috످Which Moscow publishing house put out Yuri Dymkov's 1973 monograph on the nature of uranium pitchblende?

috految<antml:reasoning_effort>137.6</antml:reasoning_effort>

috److془Dymkov Yu.M. Природа урановой смоляной руды. М.: Атомиздат, 1973. 240 с. I'm confident.془Yuri Dymkov's 1973 monograph, The Nature of Uranium Pitchblende (Природа урановой смоляной руды), was published in Moscow by Atomizdat.

috످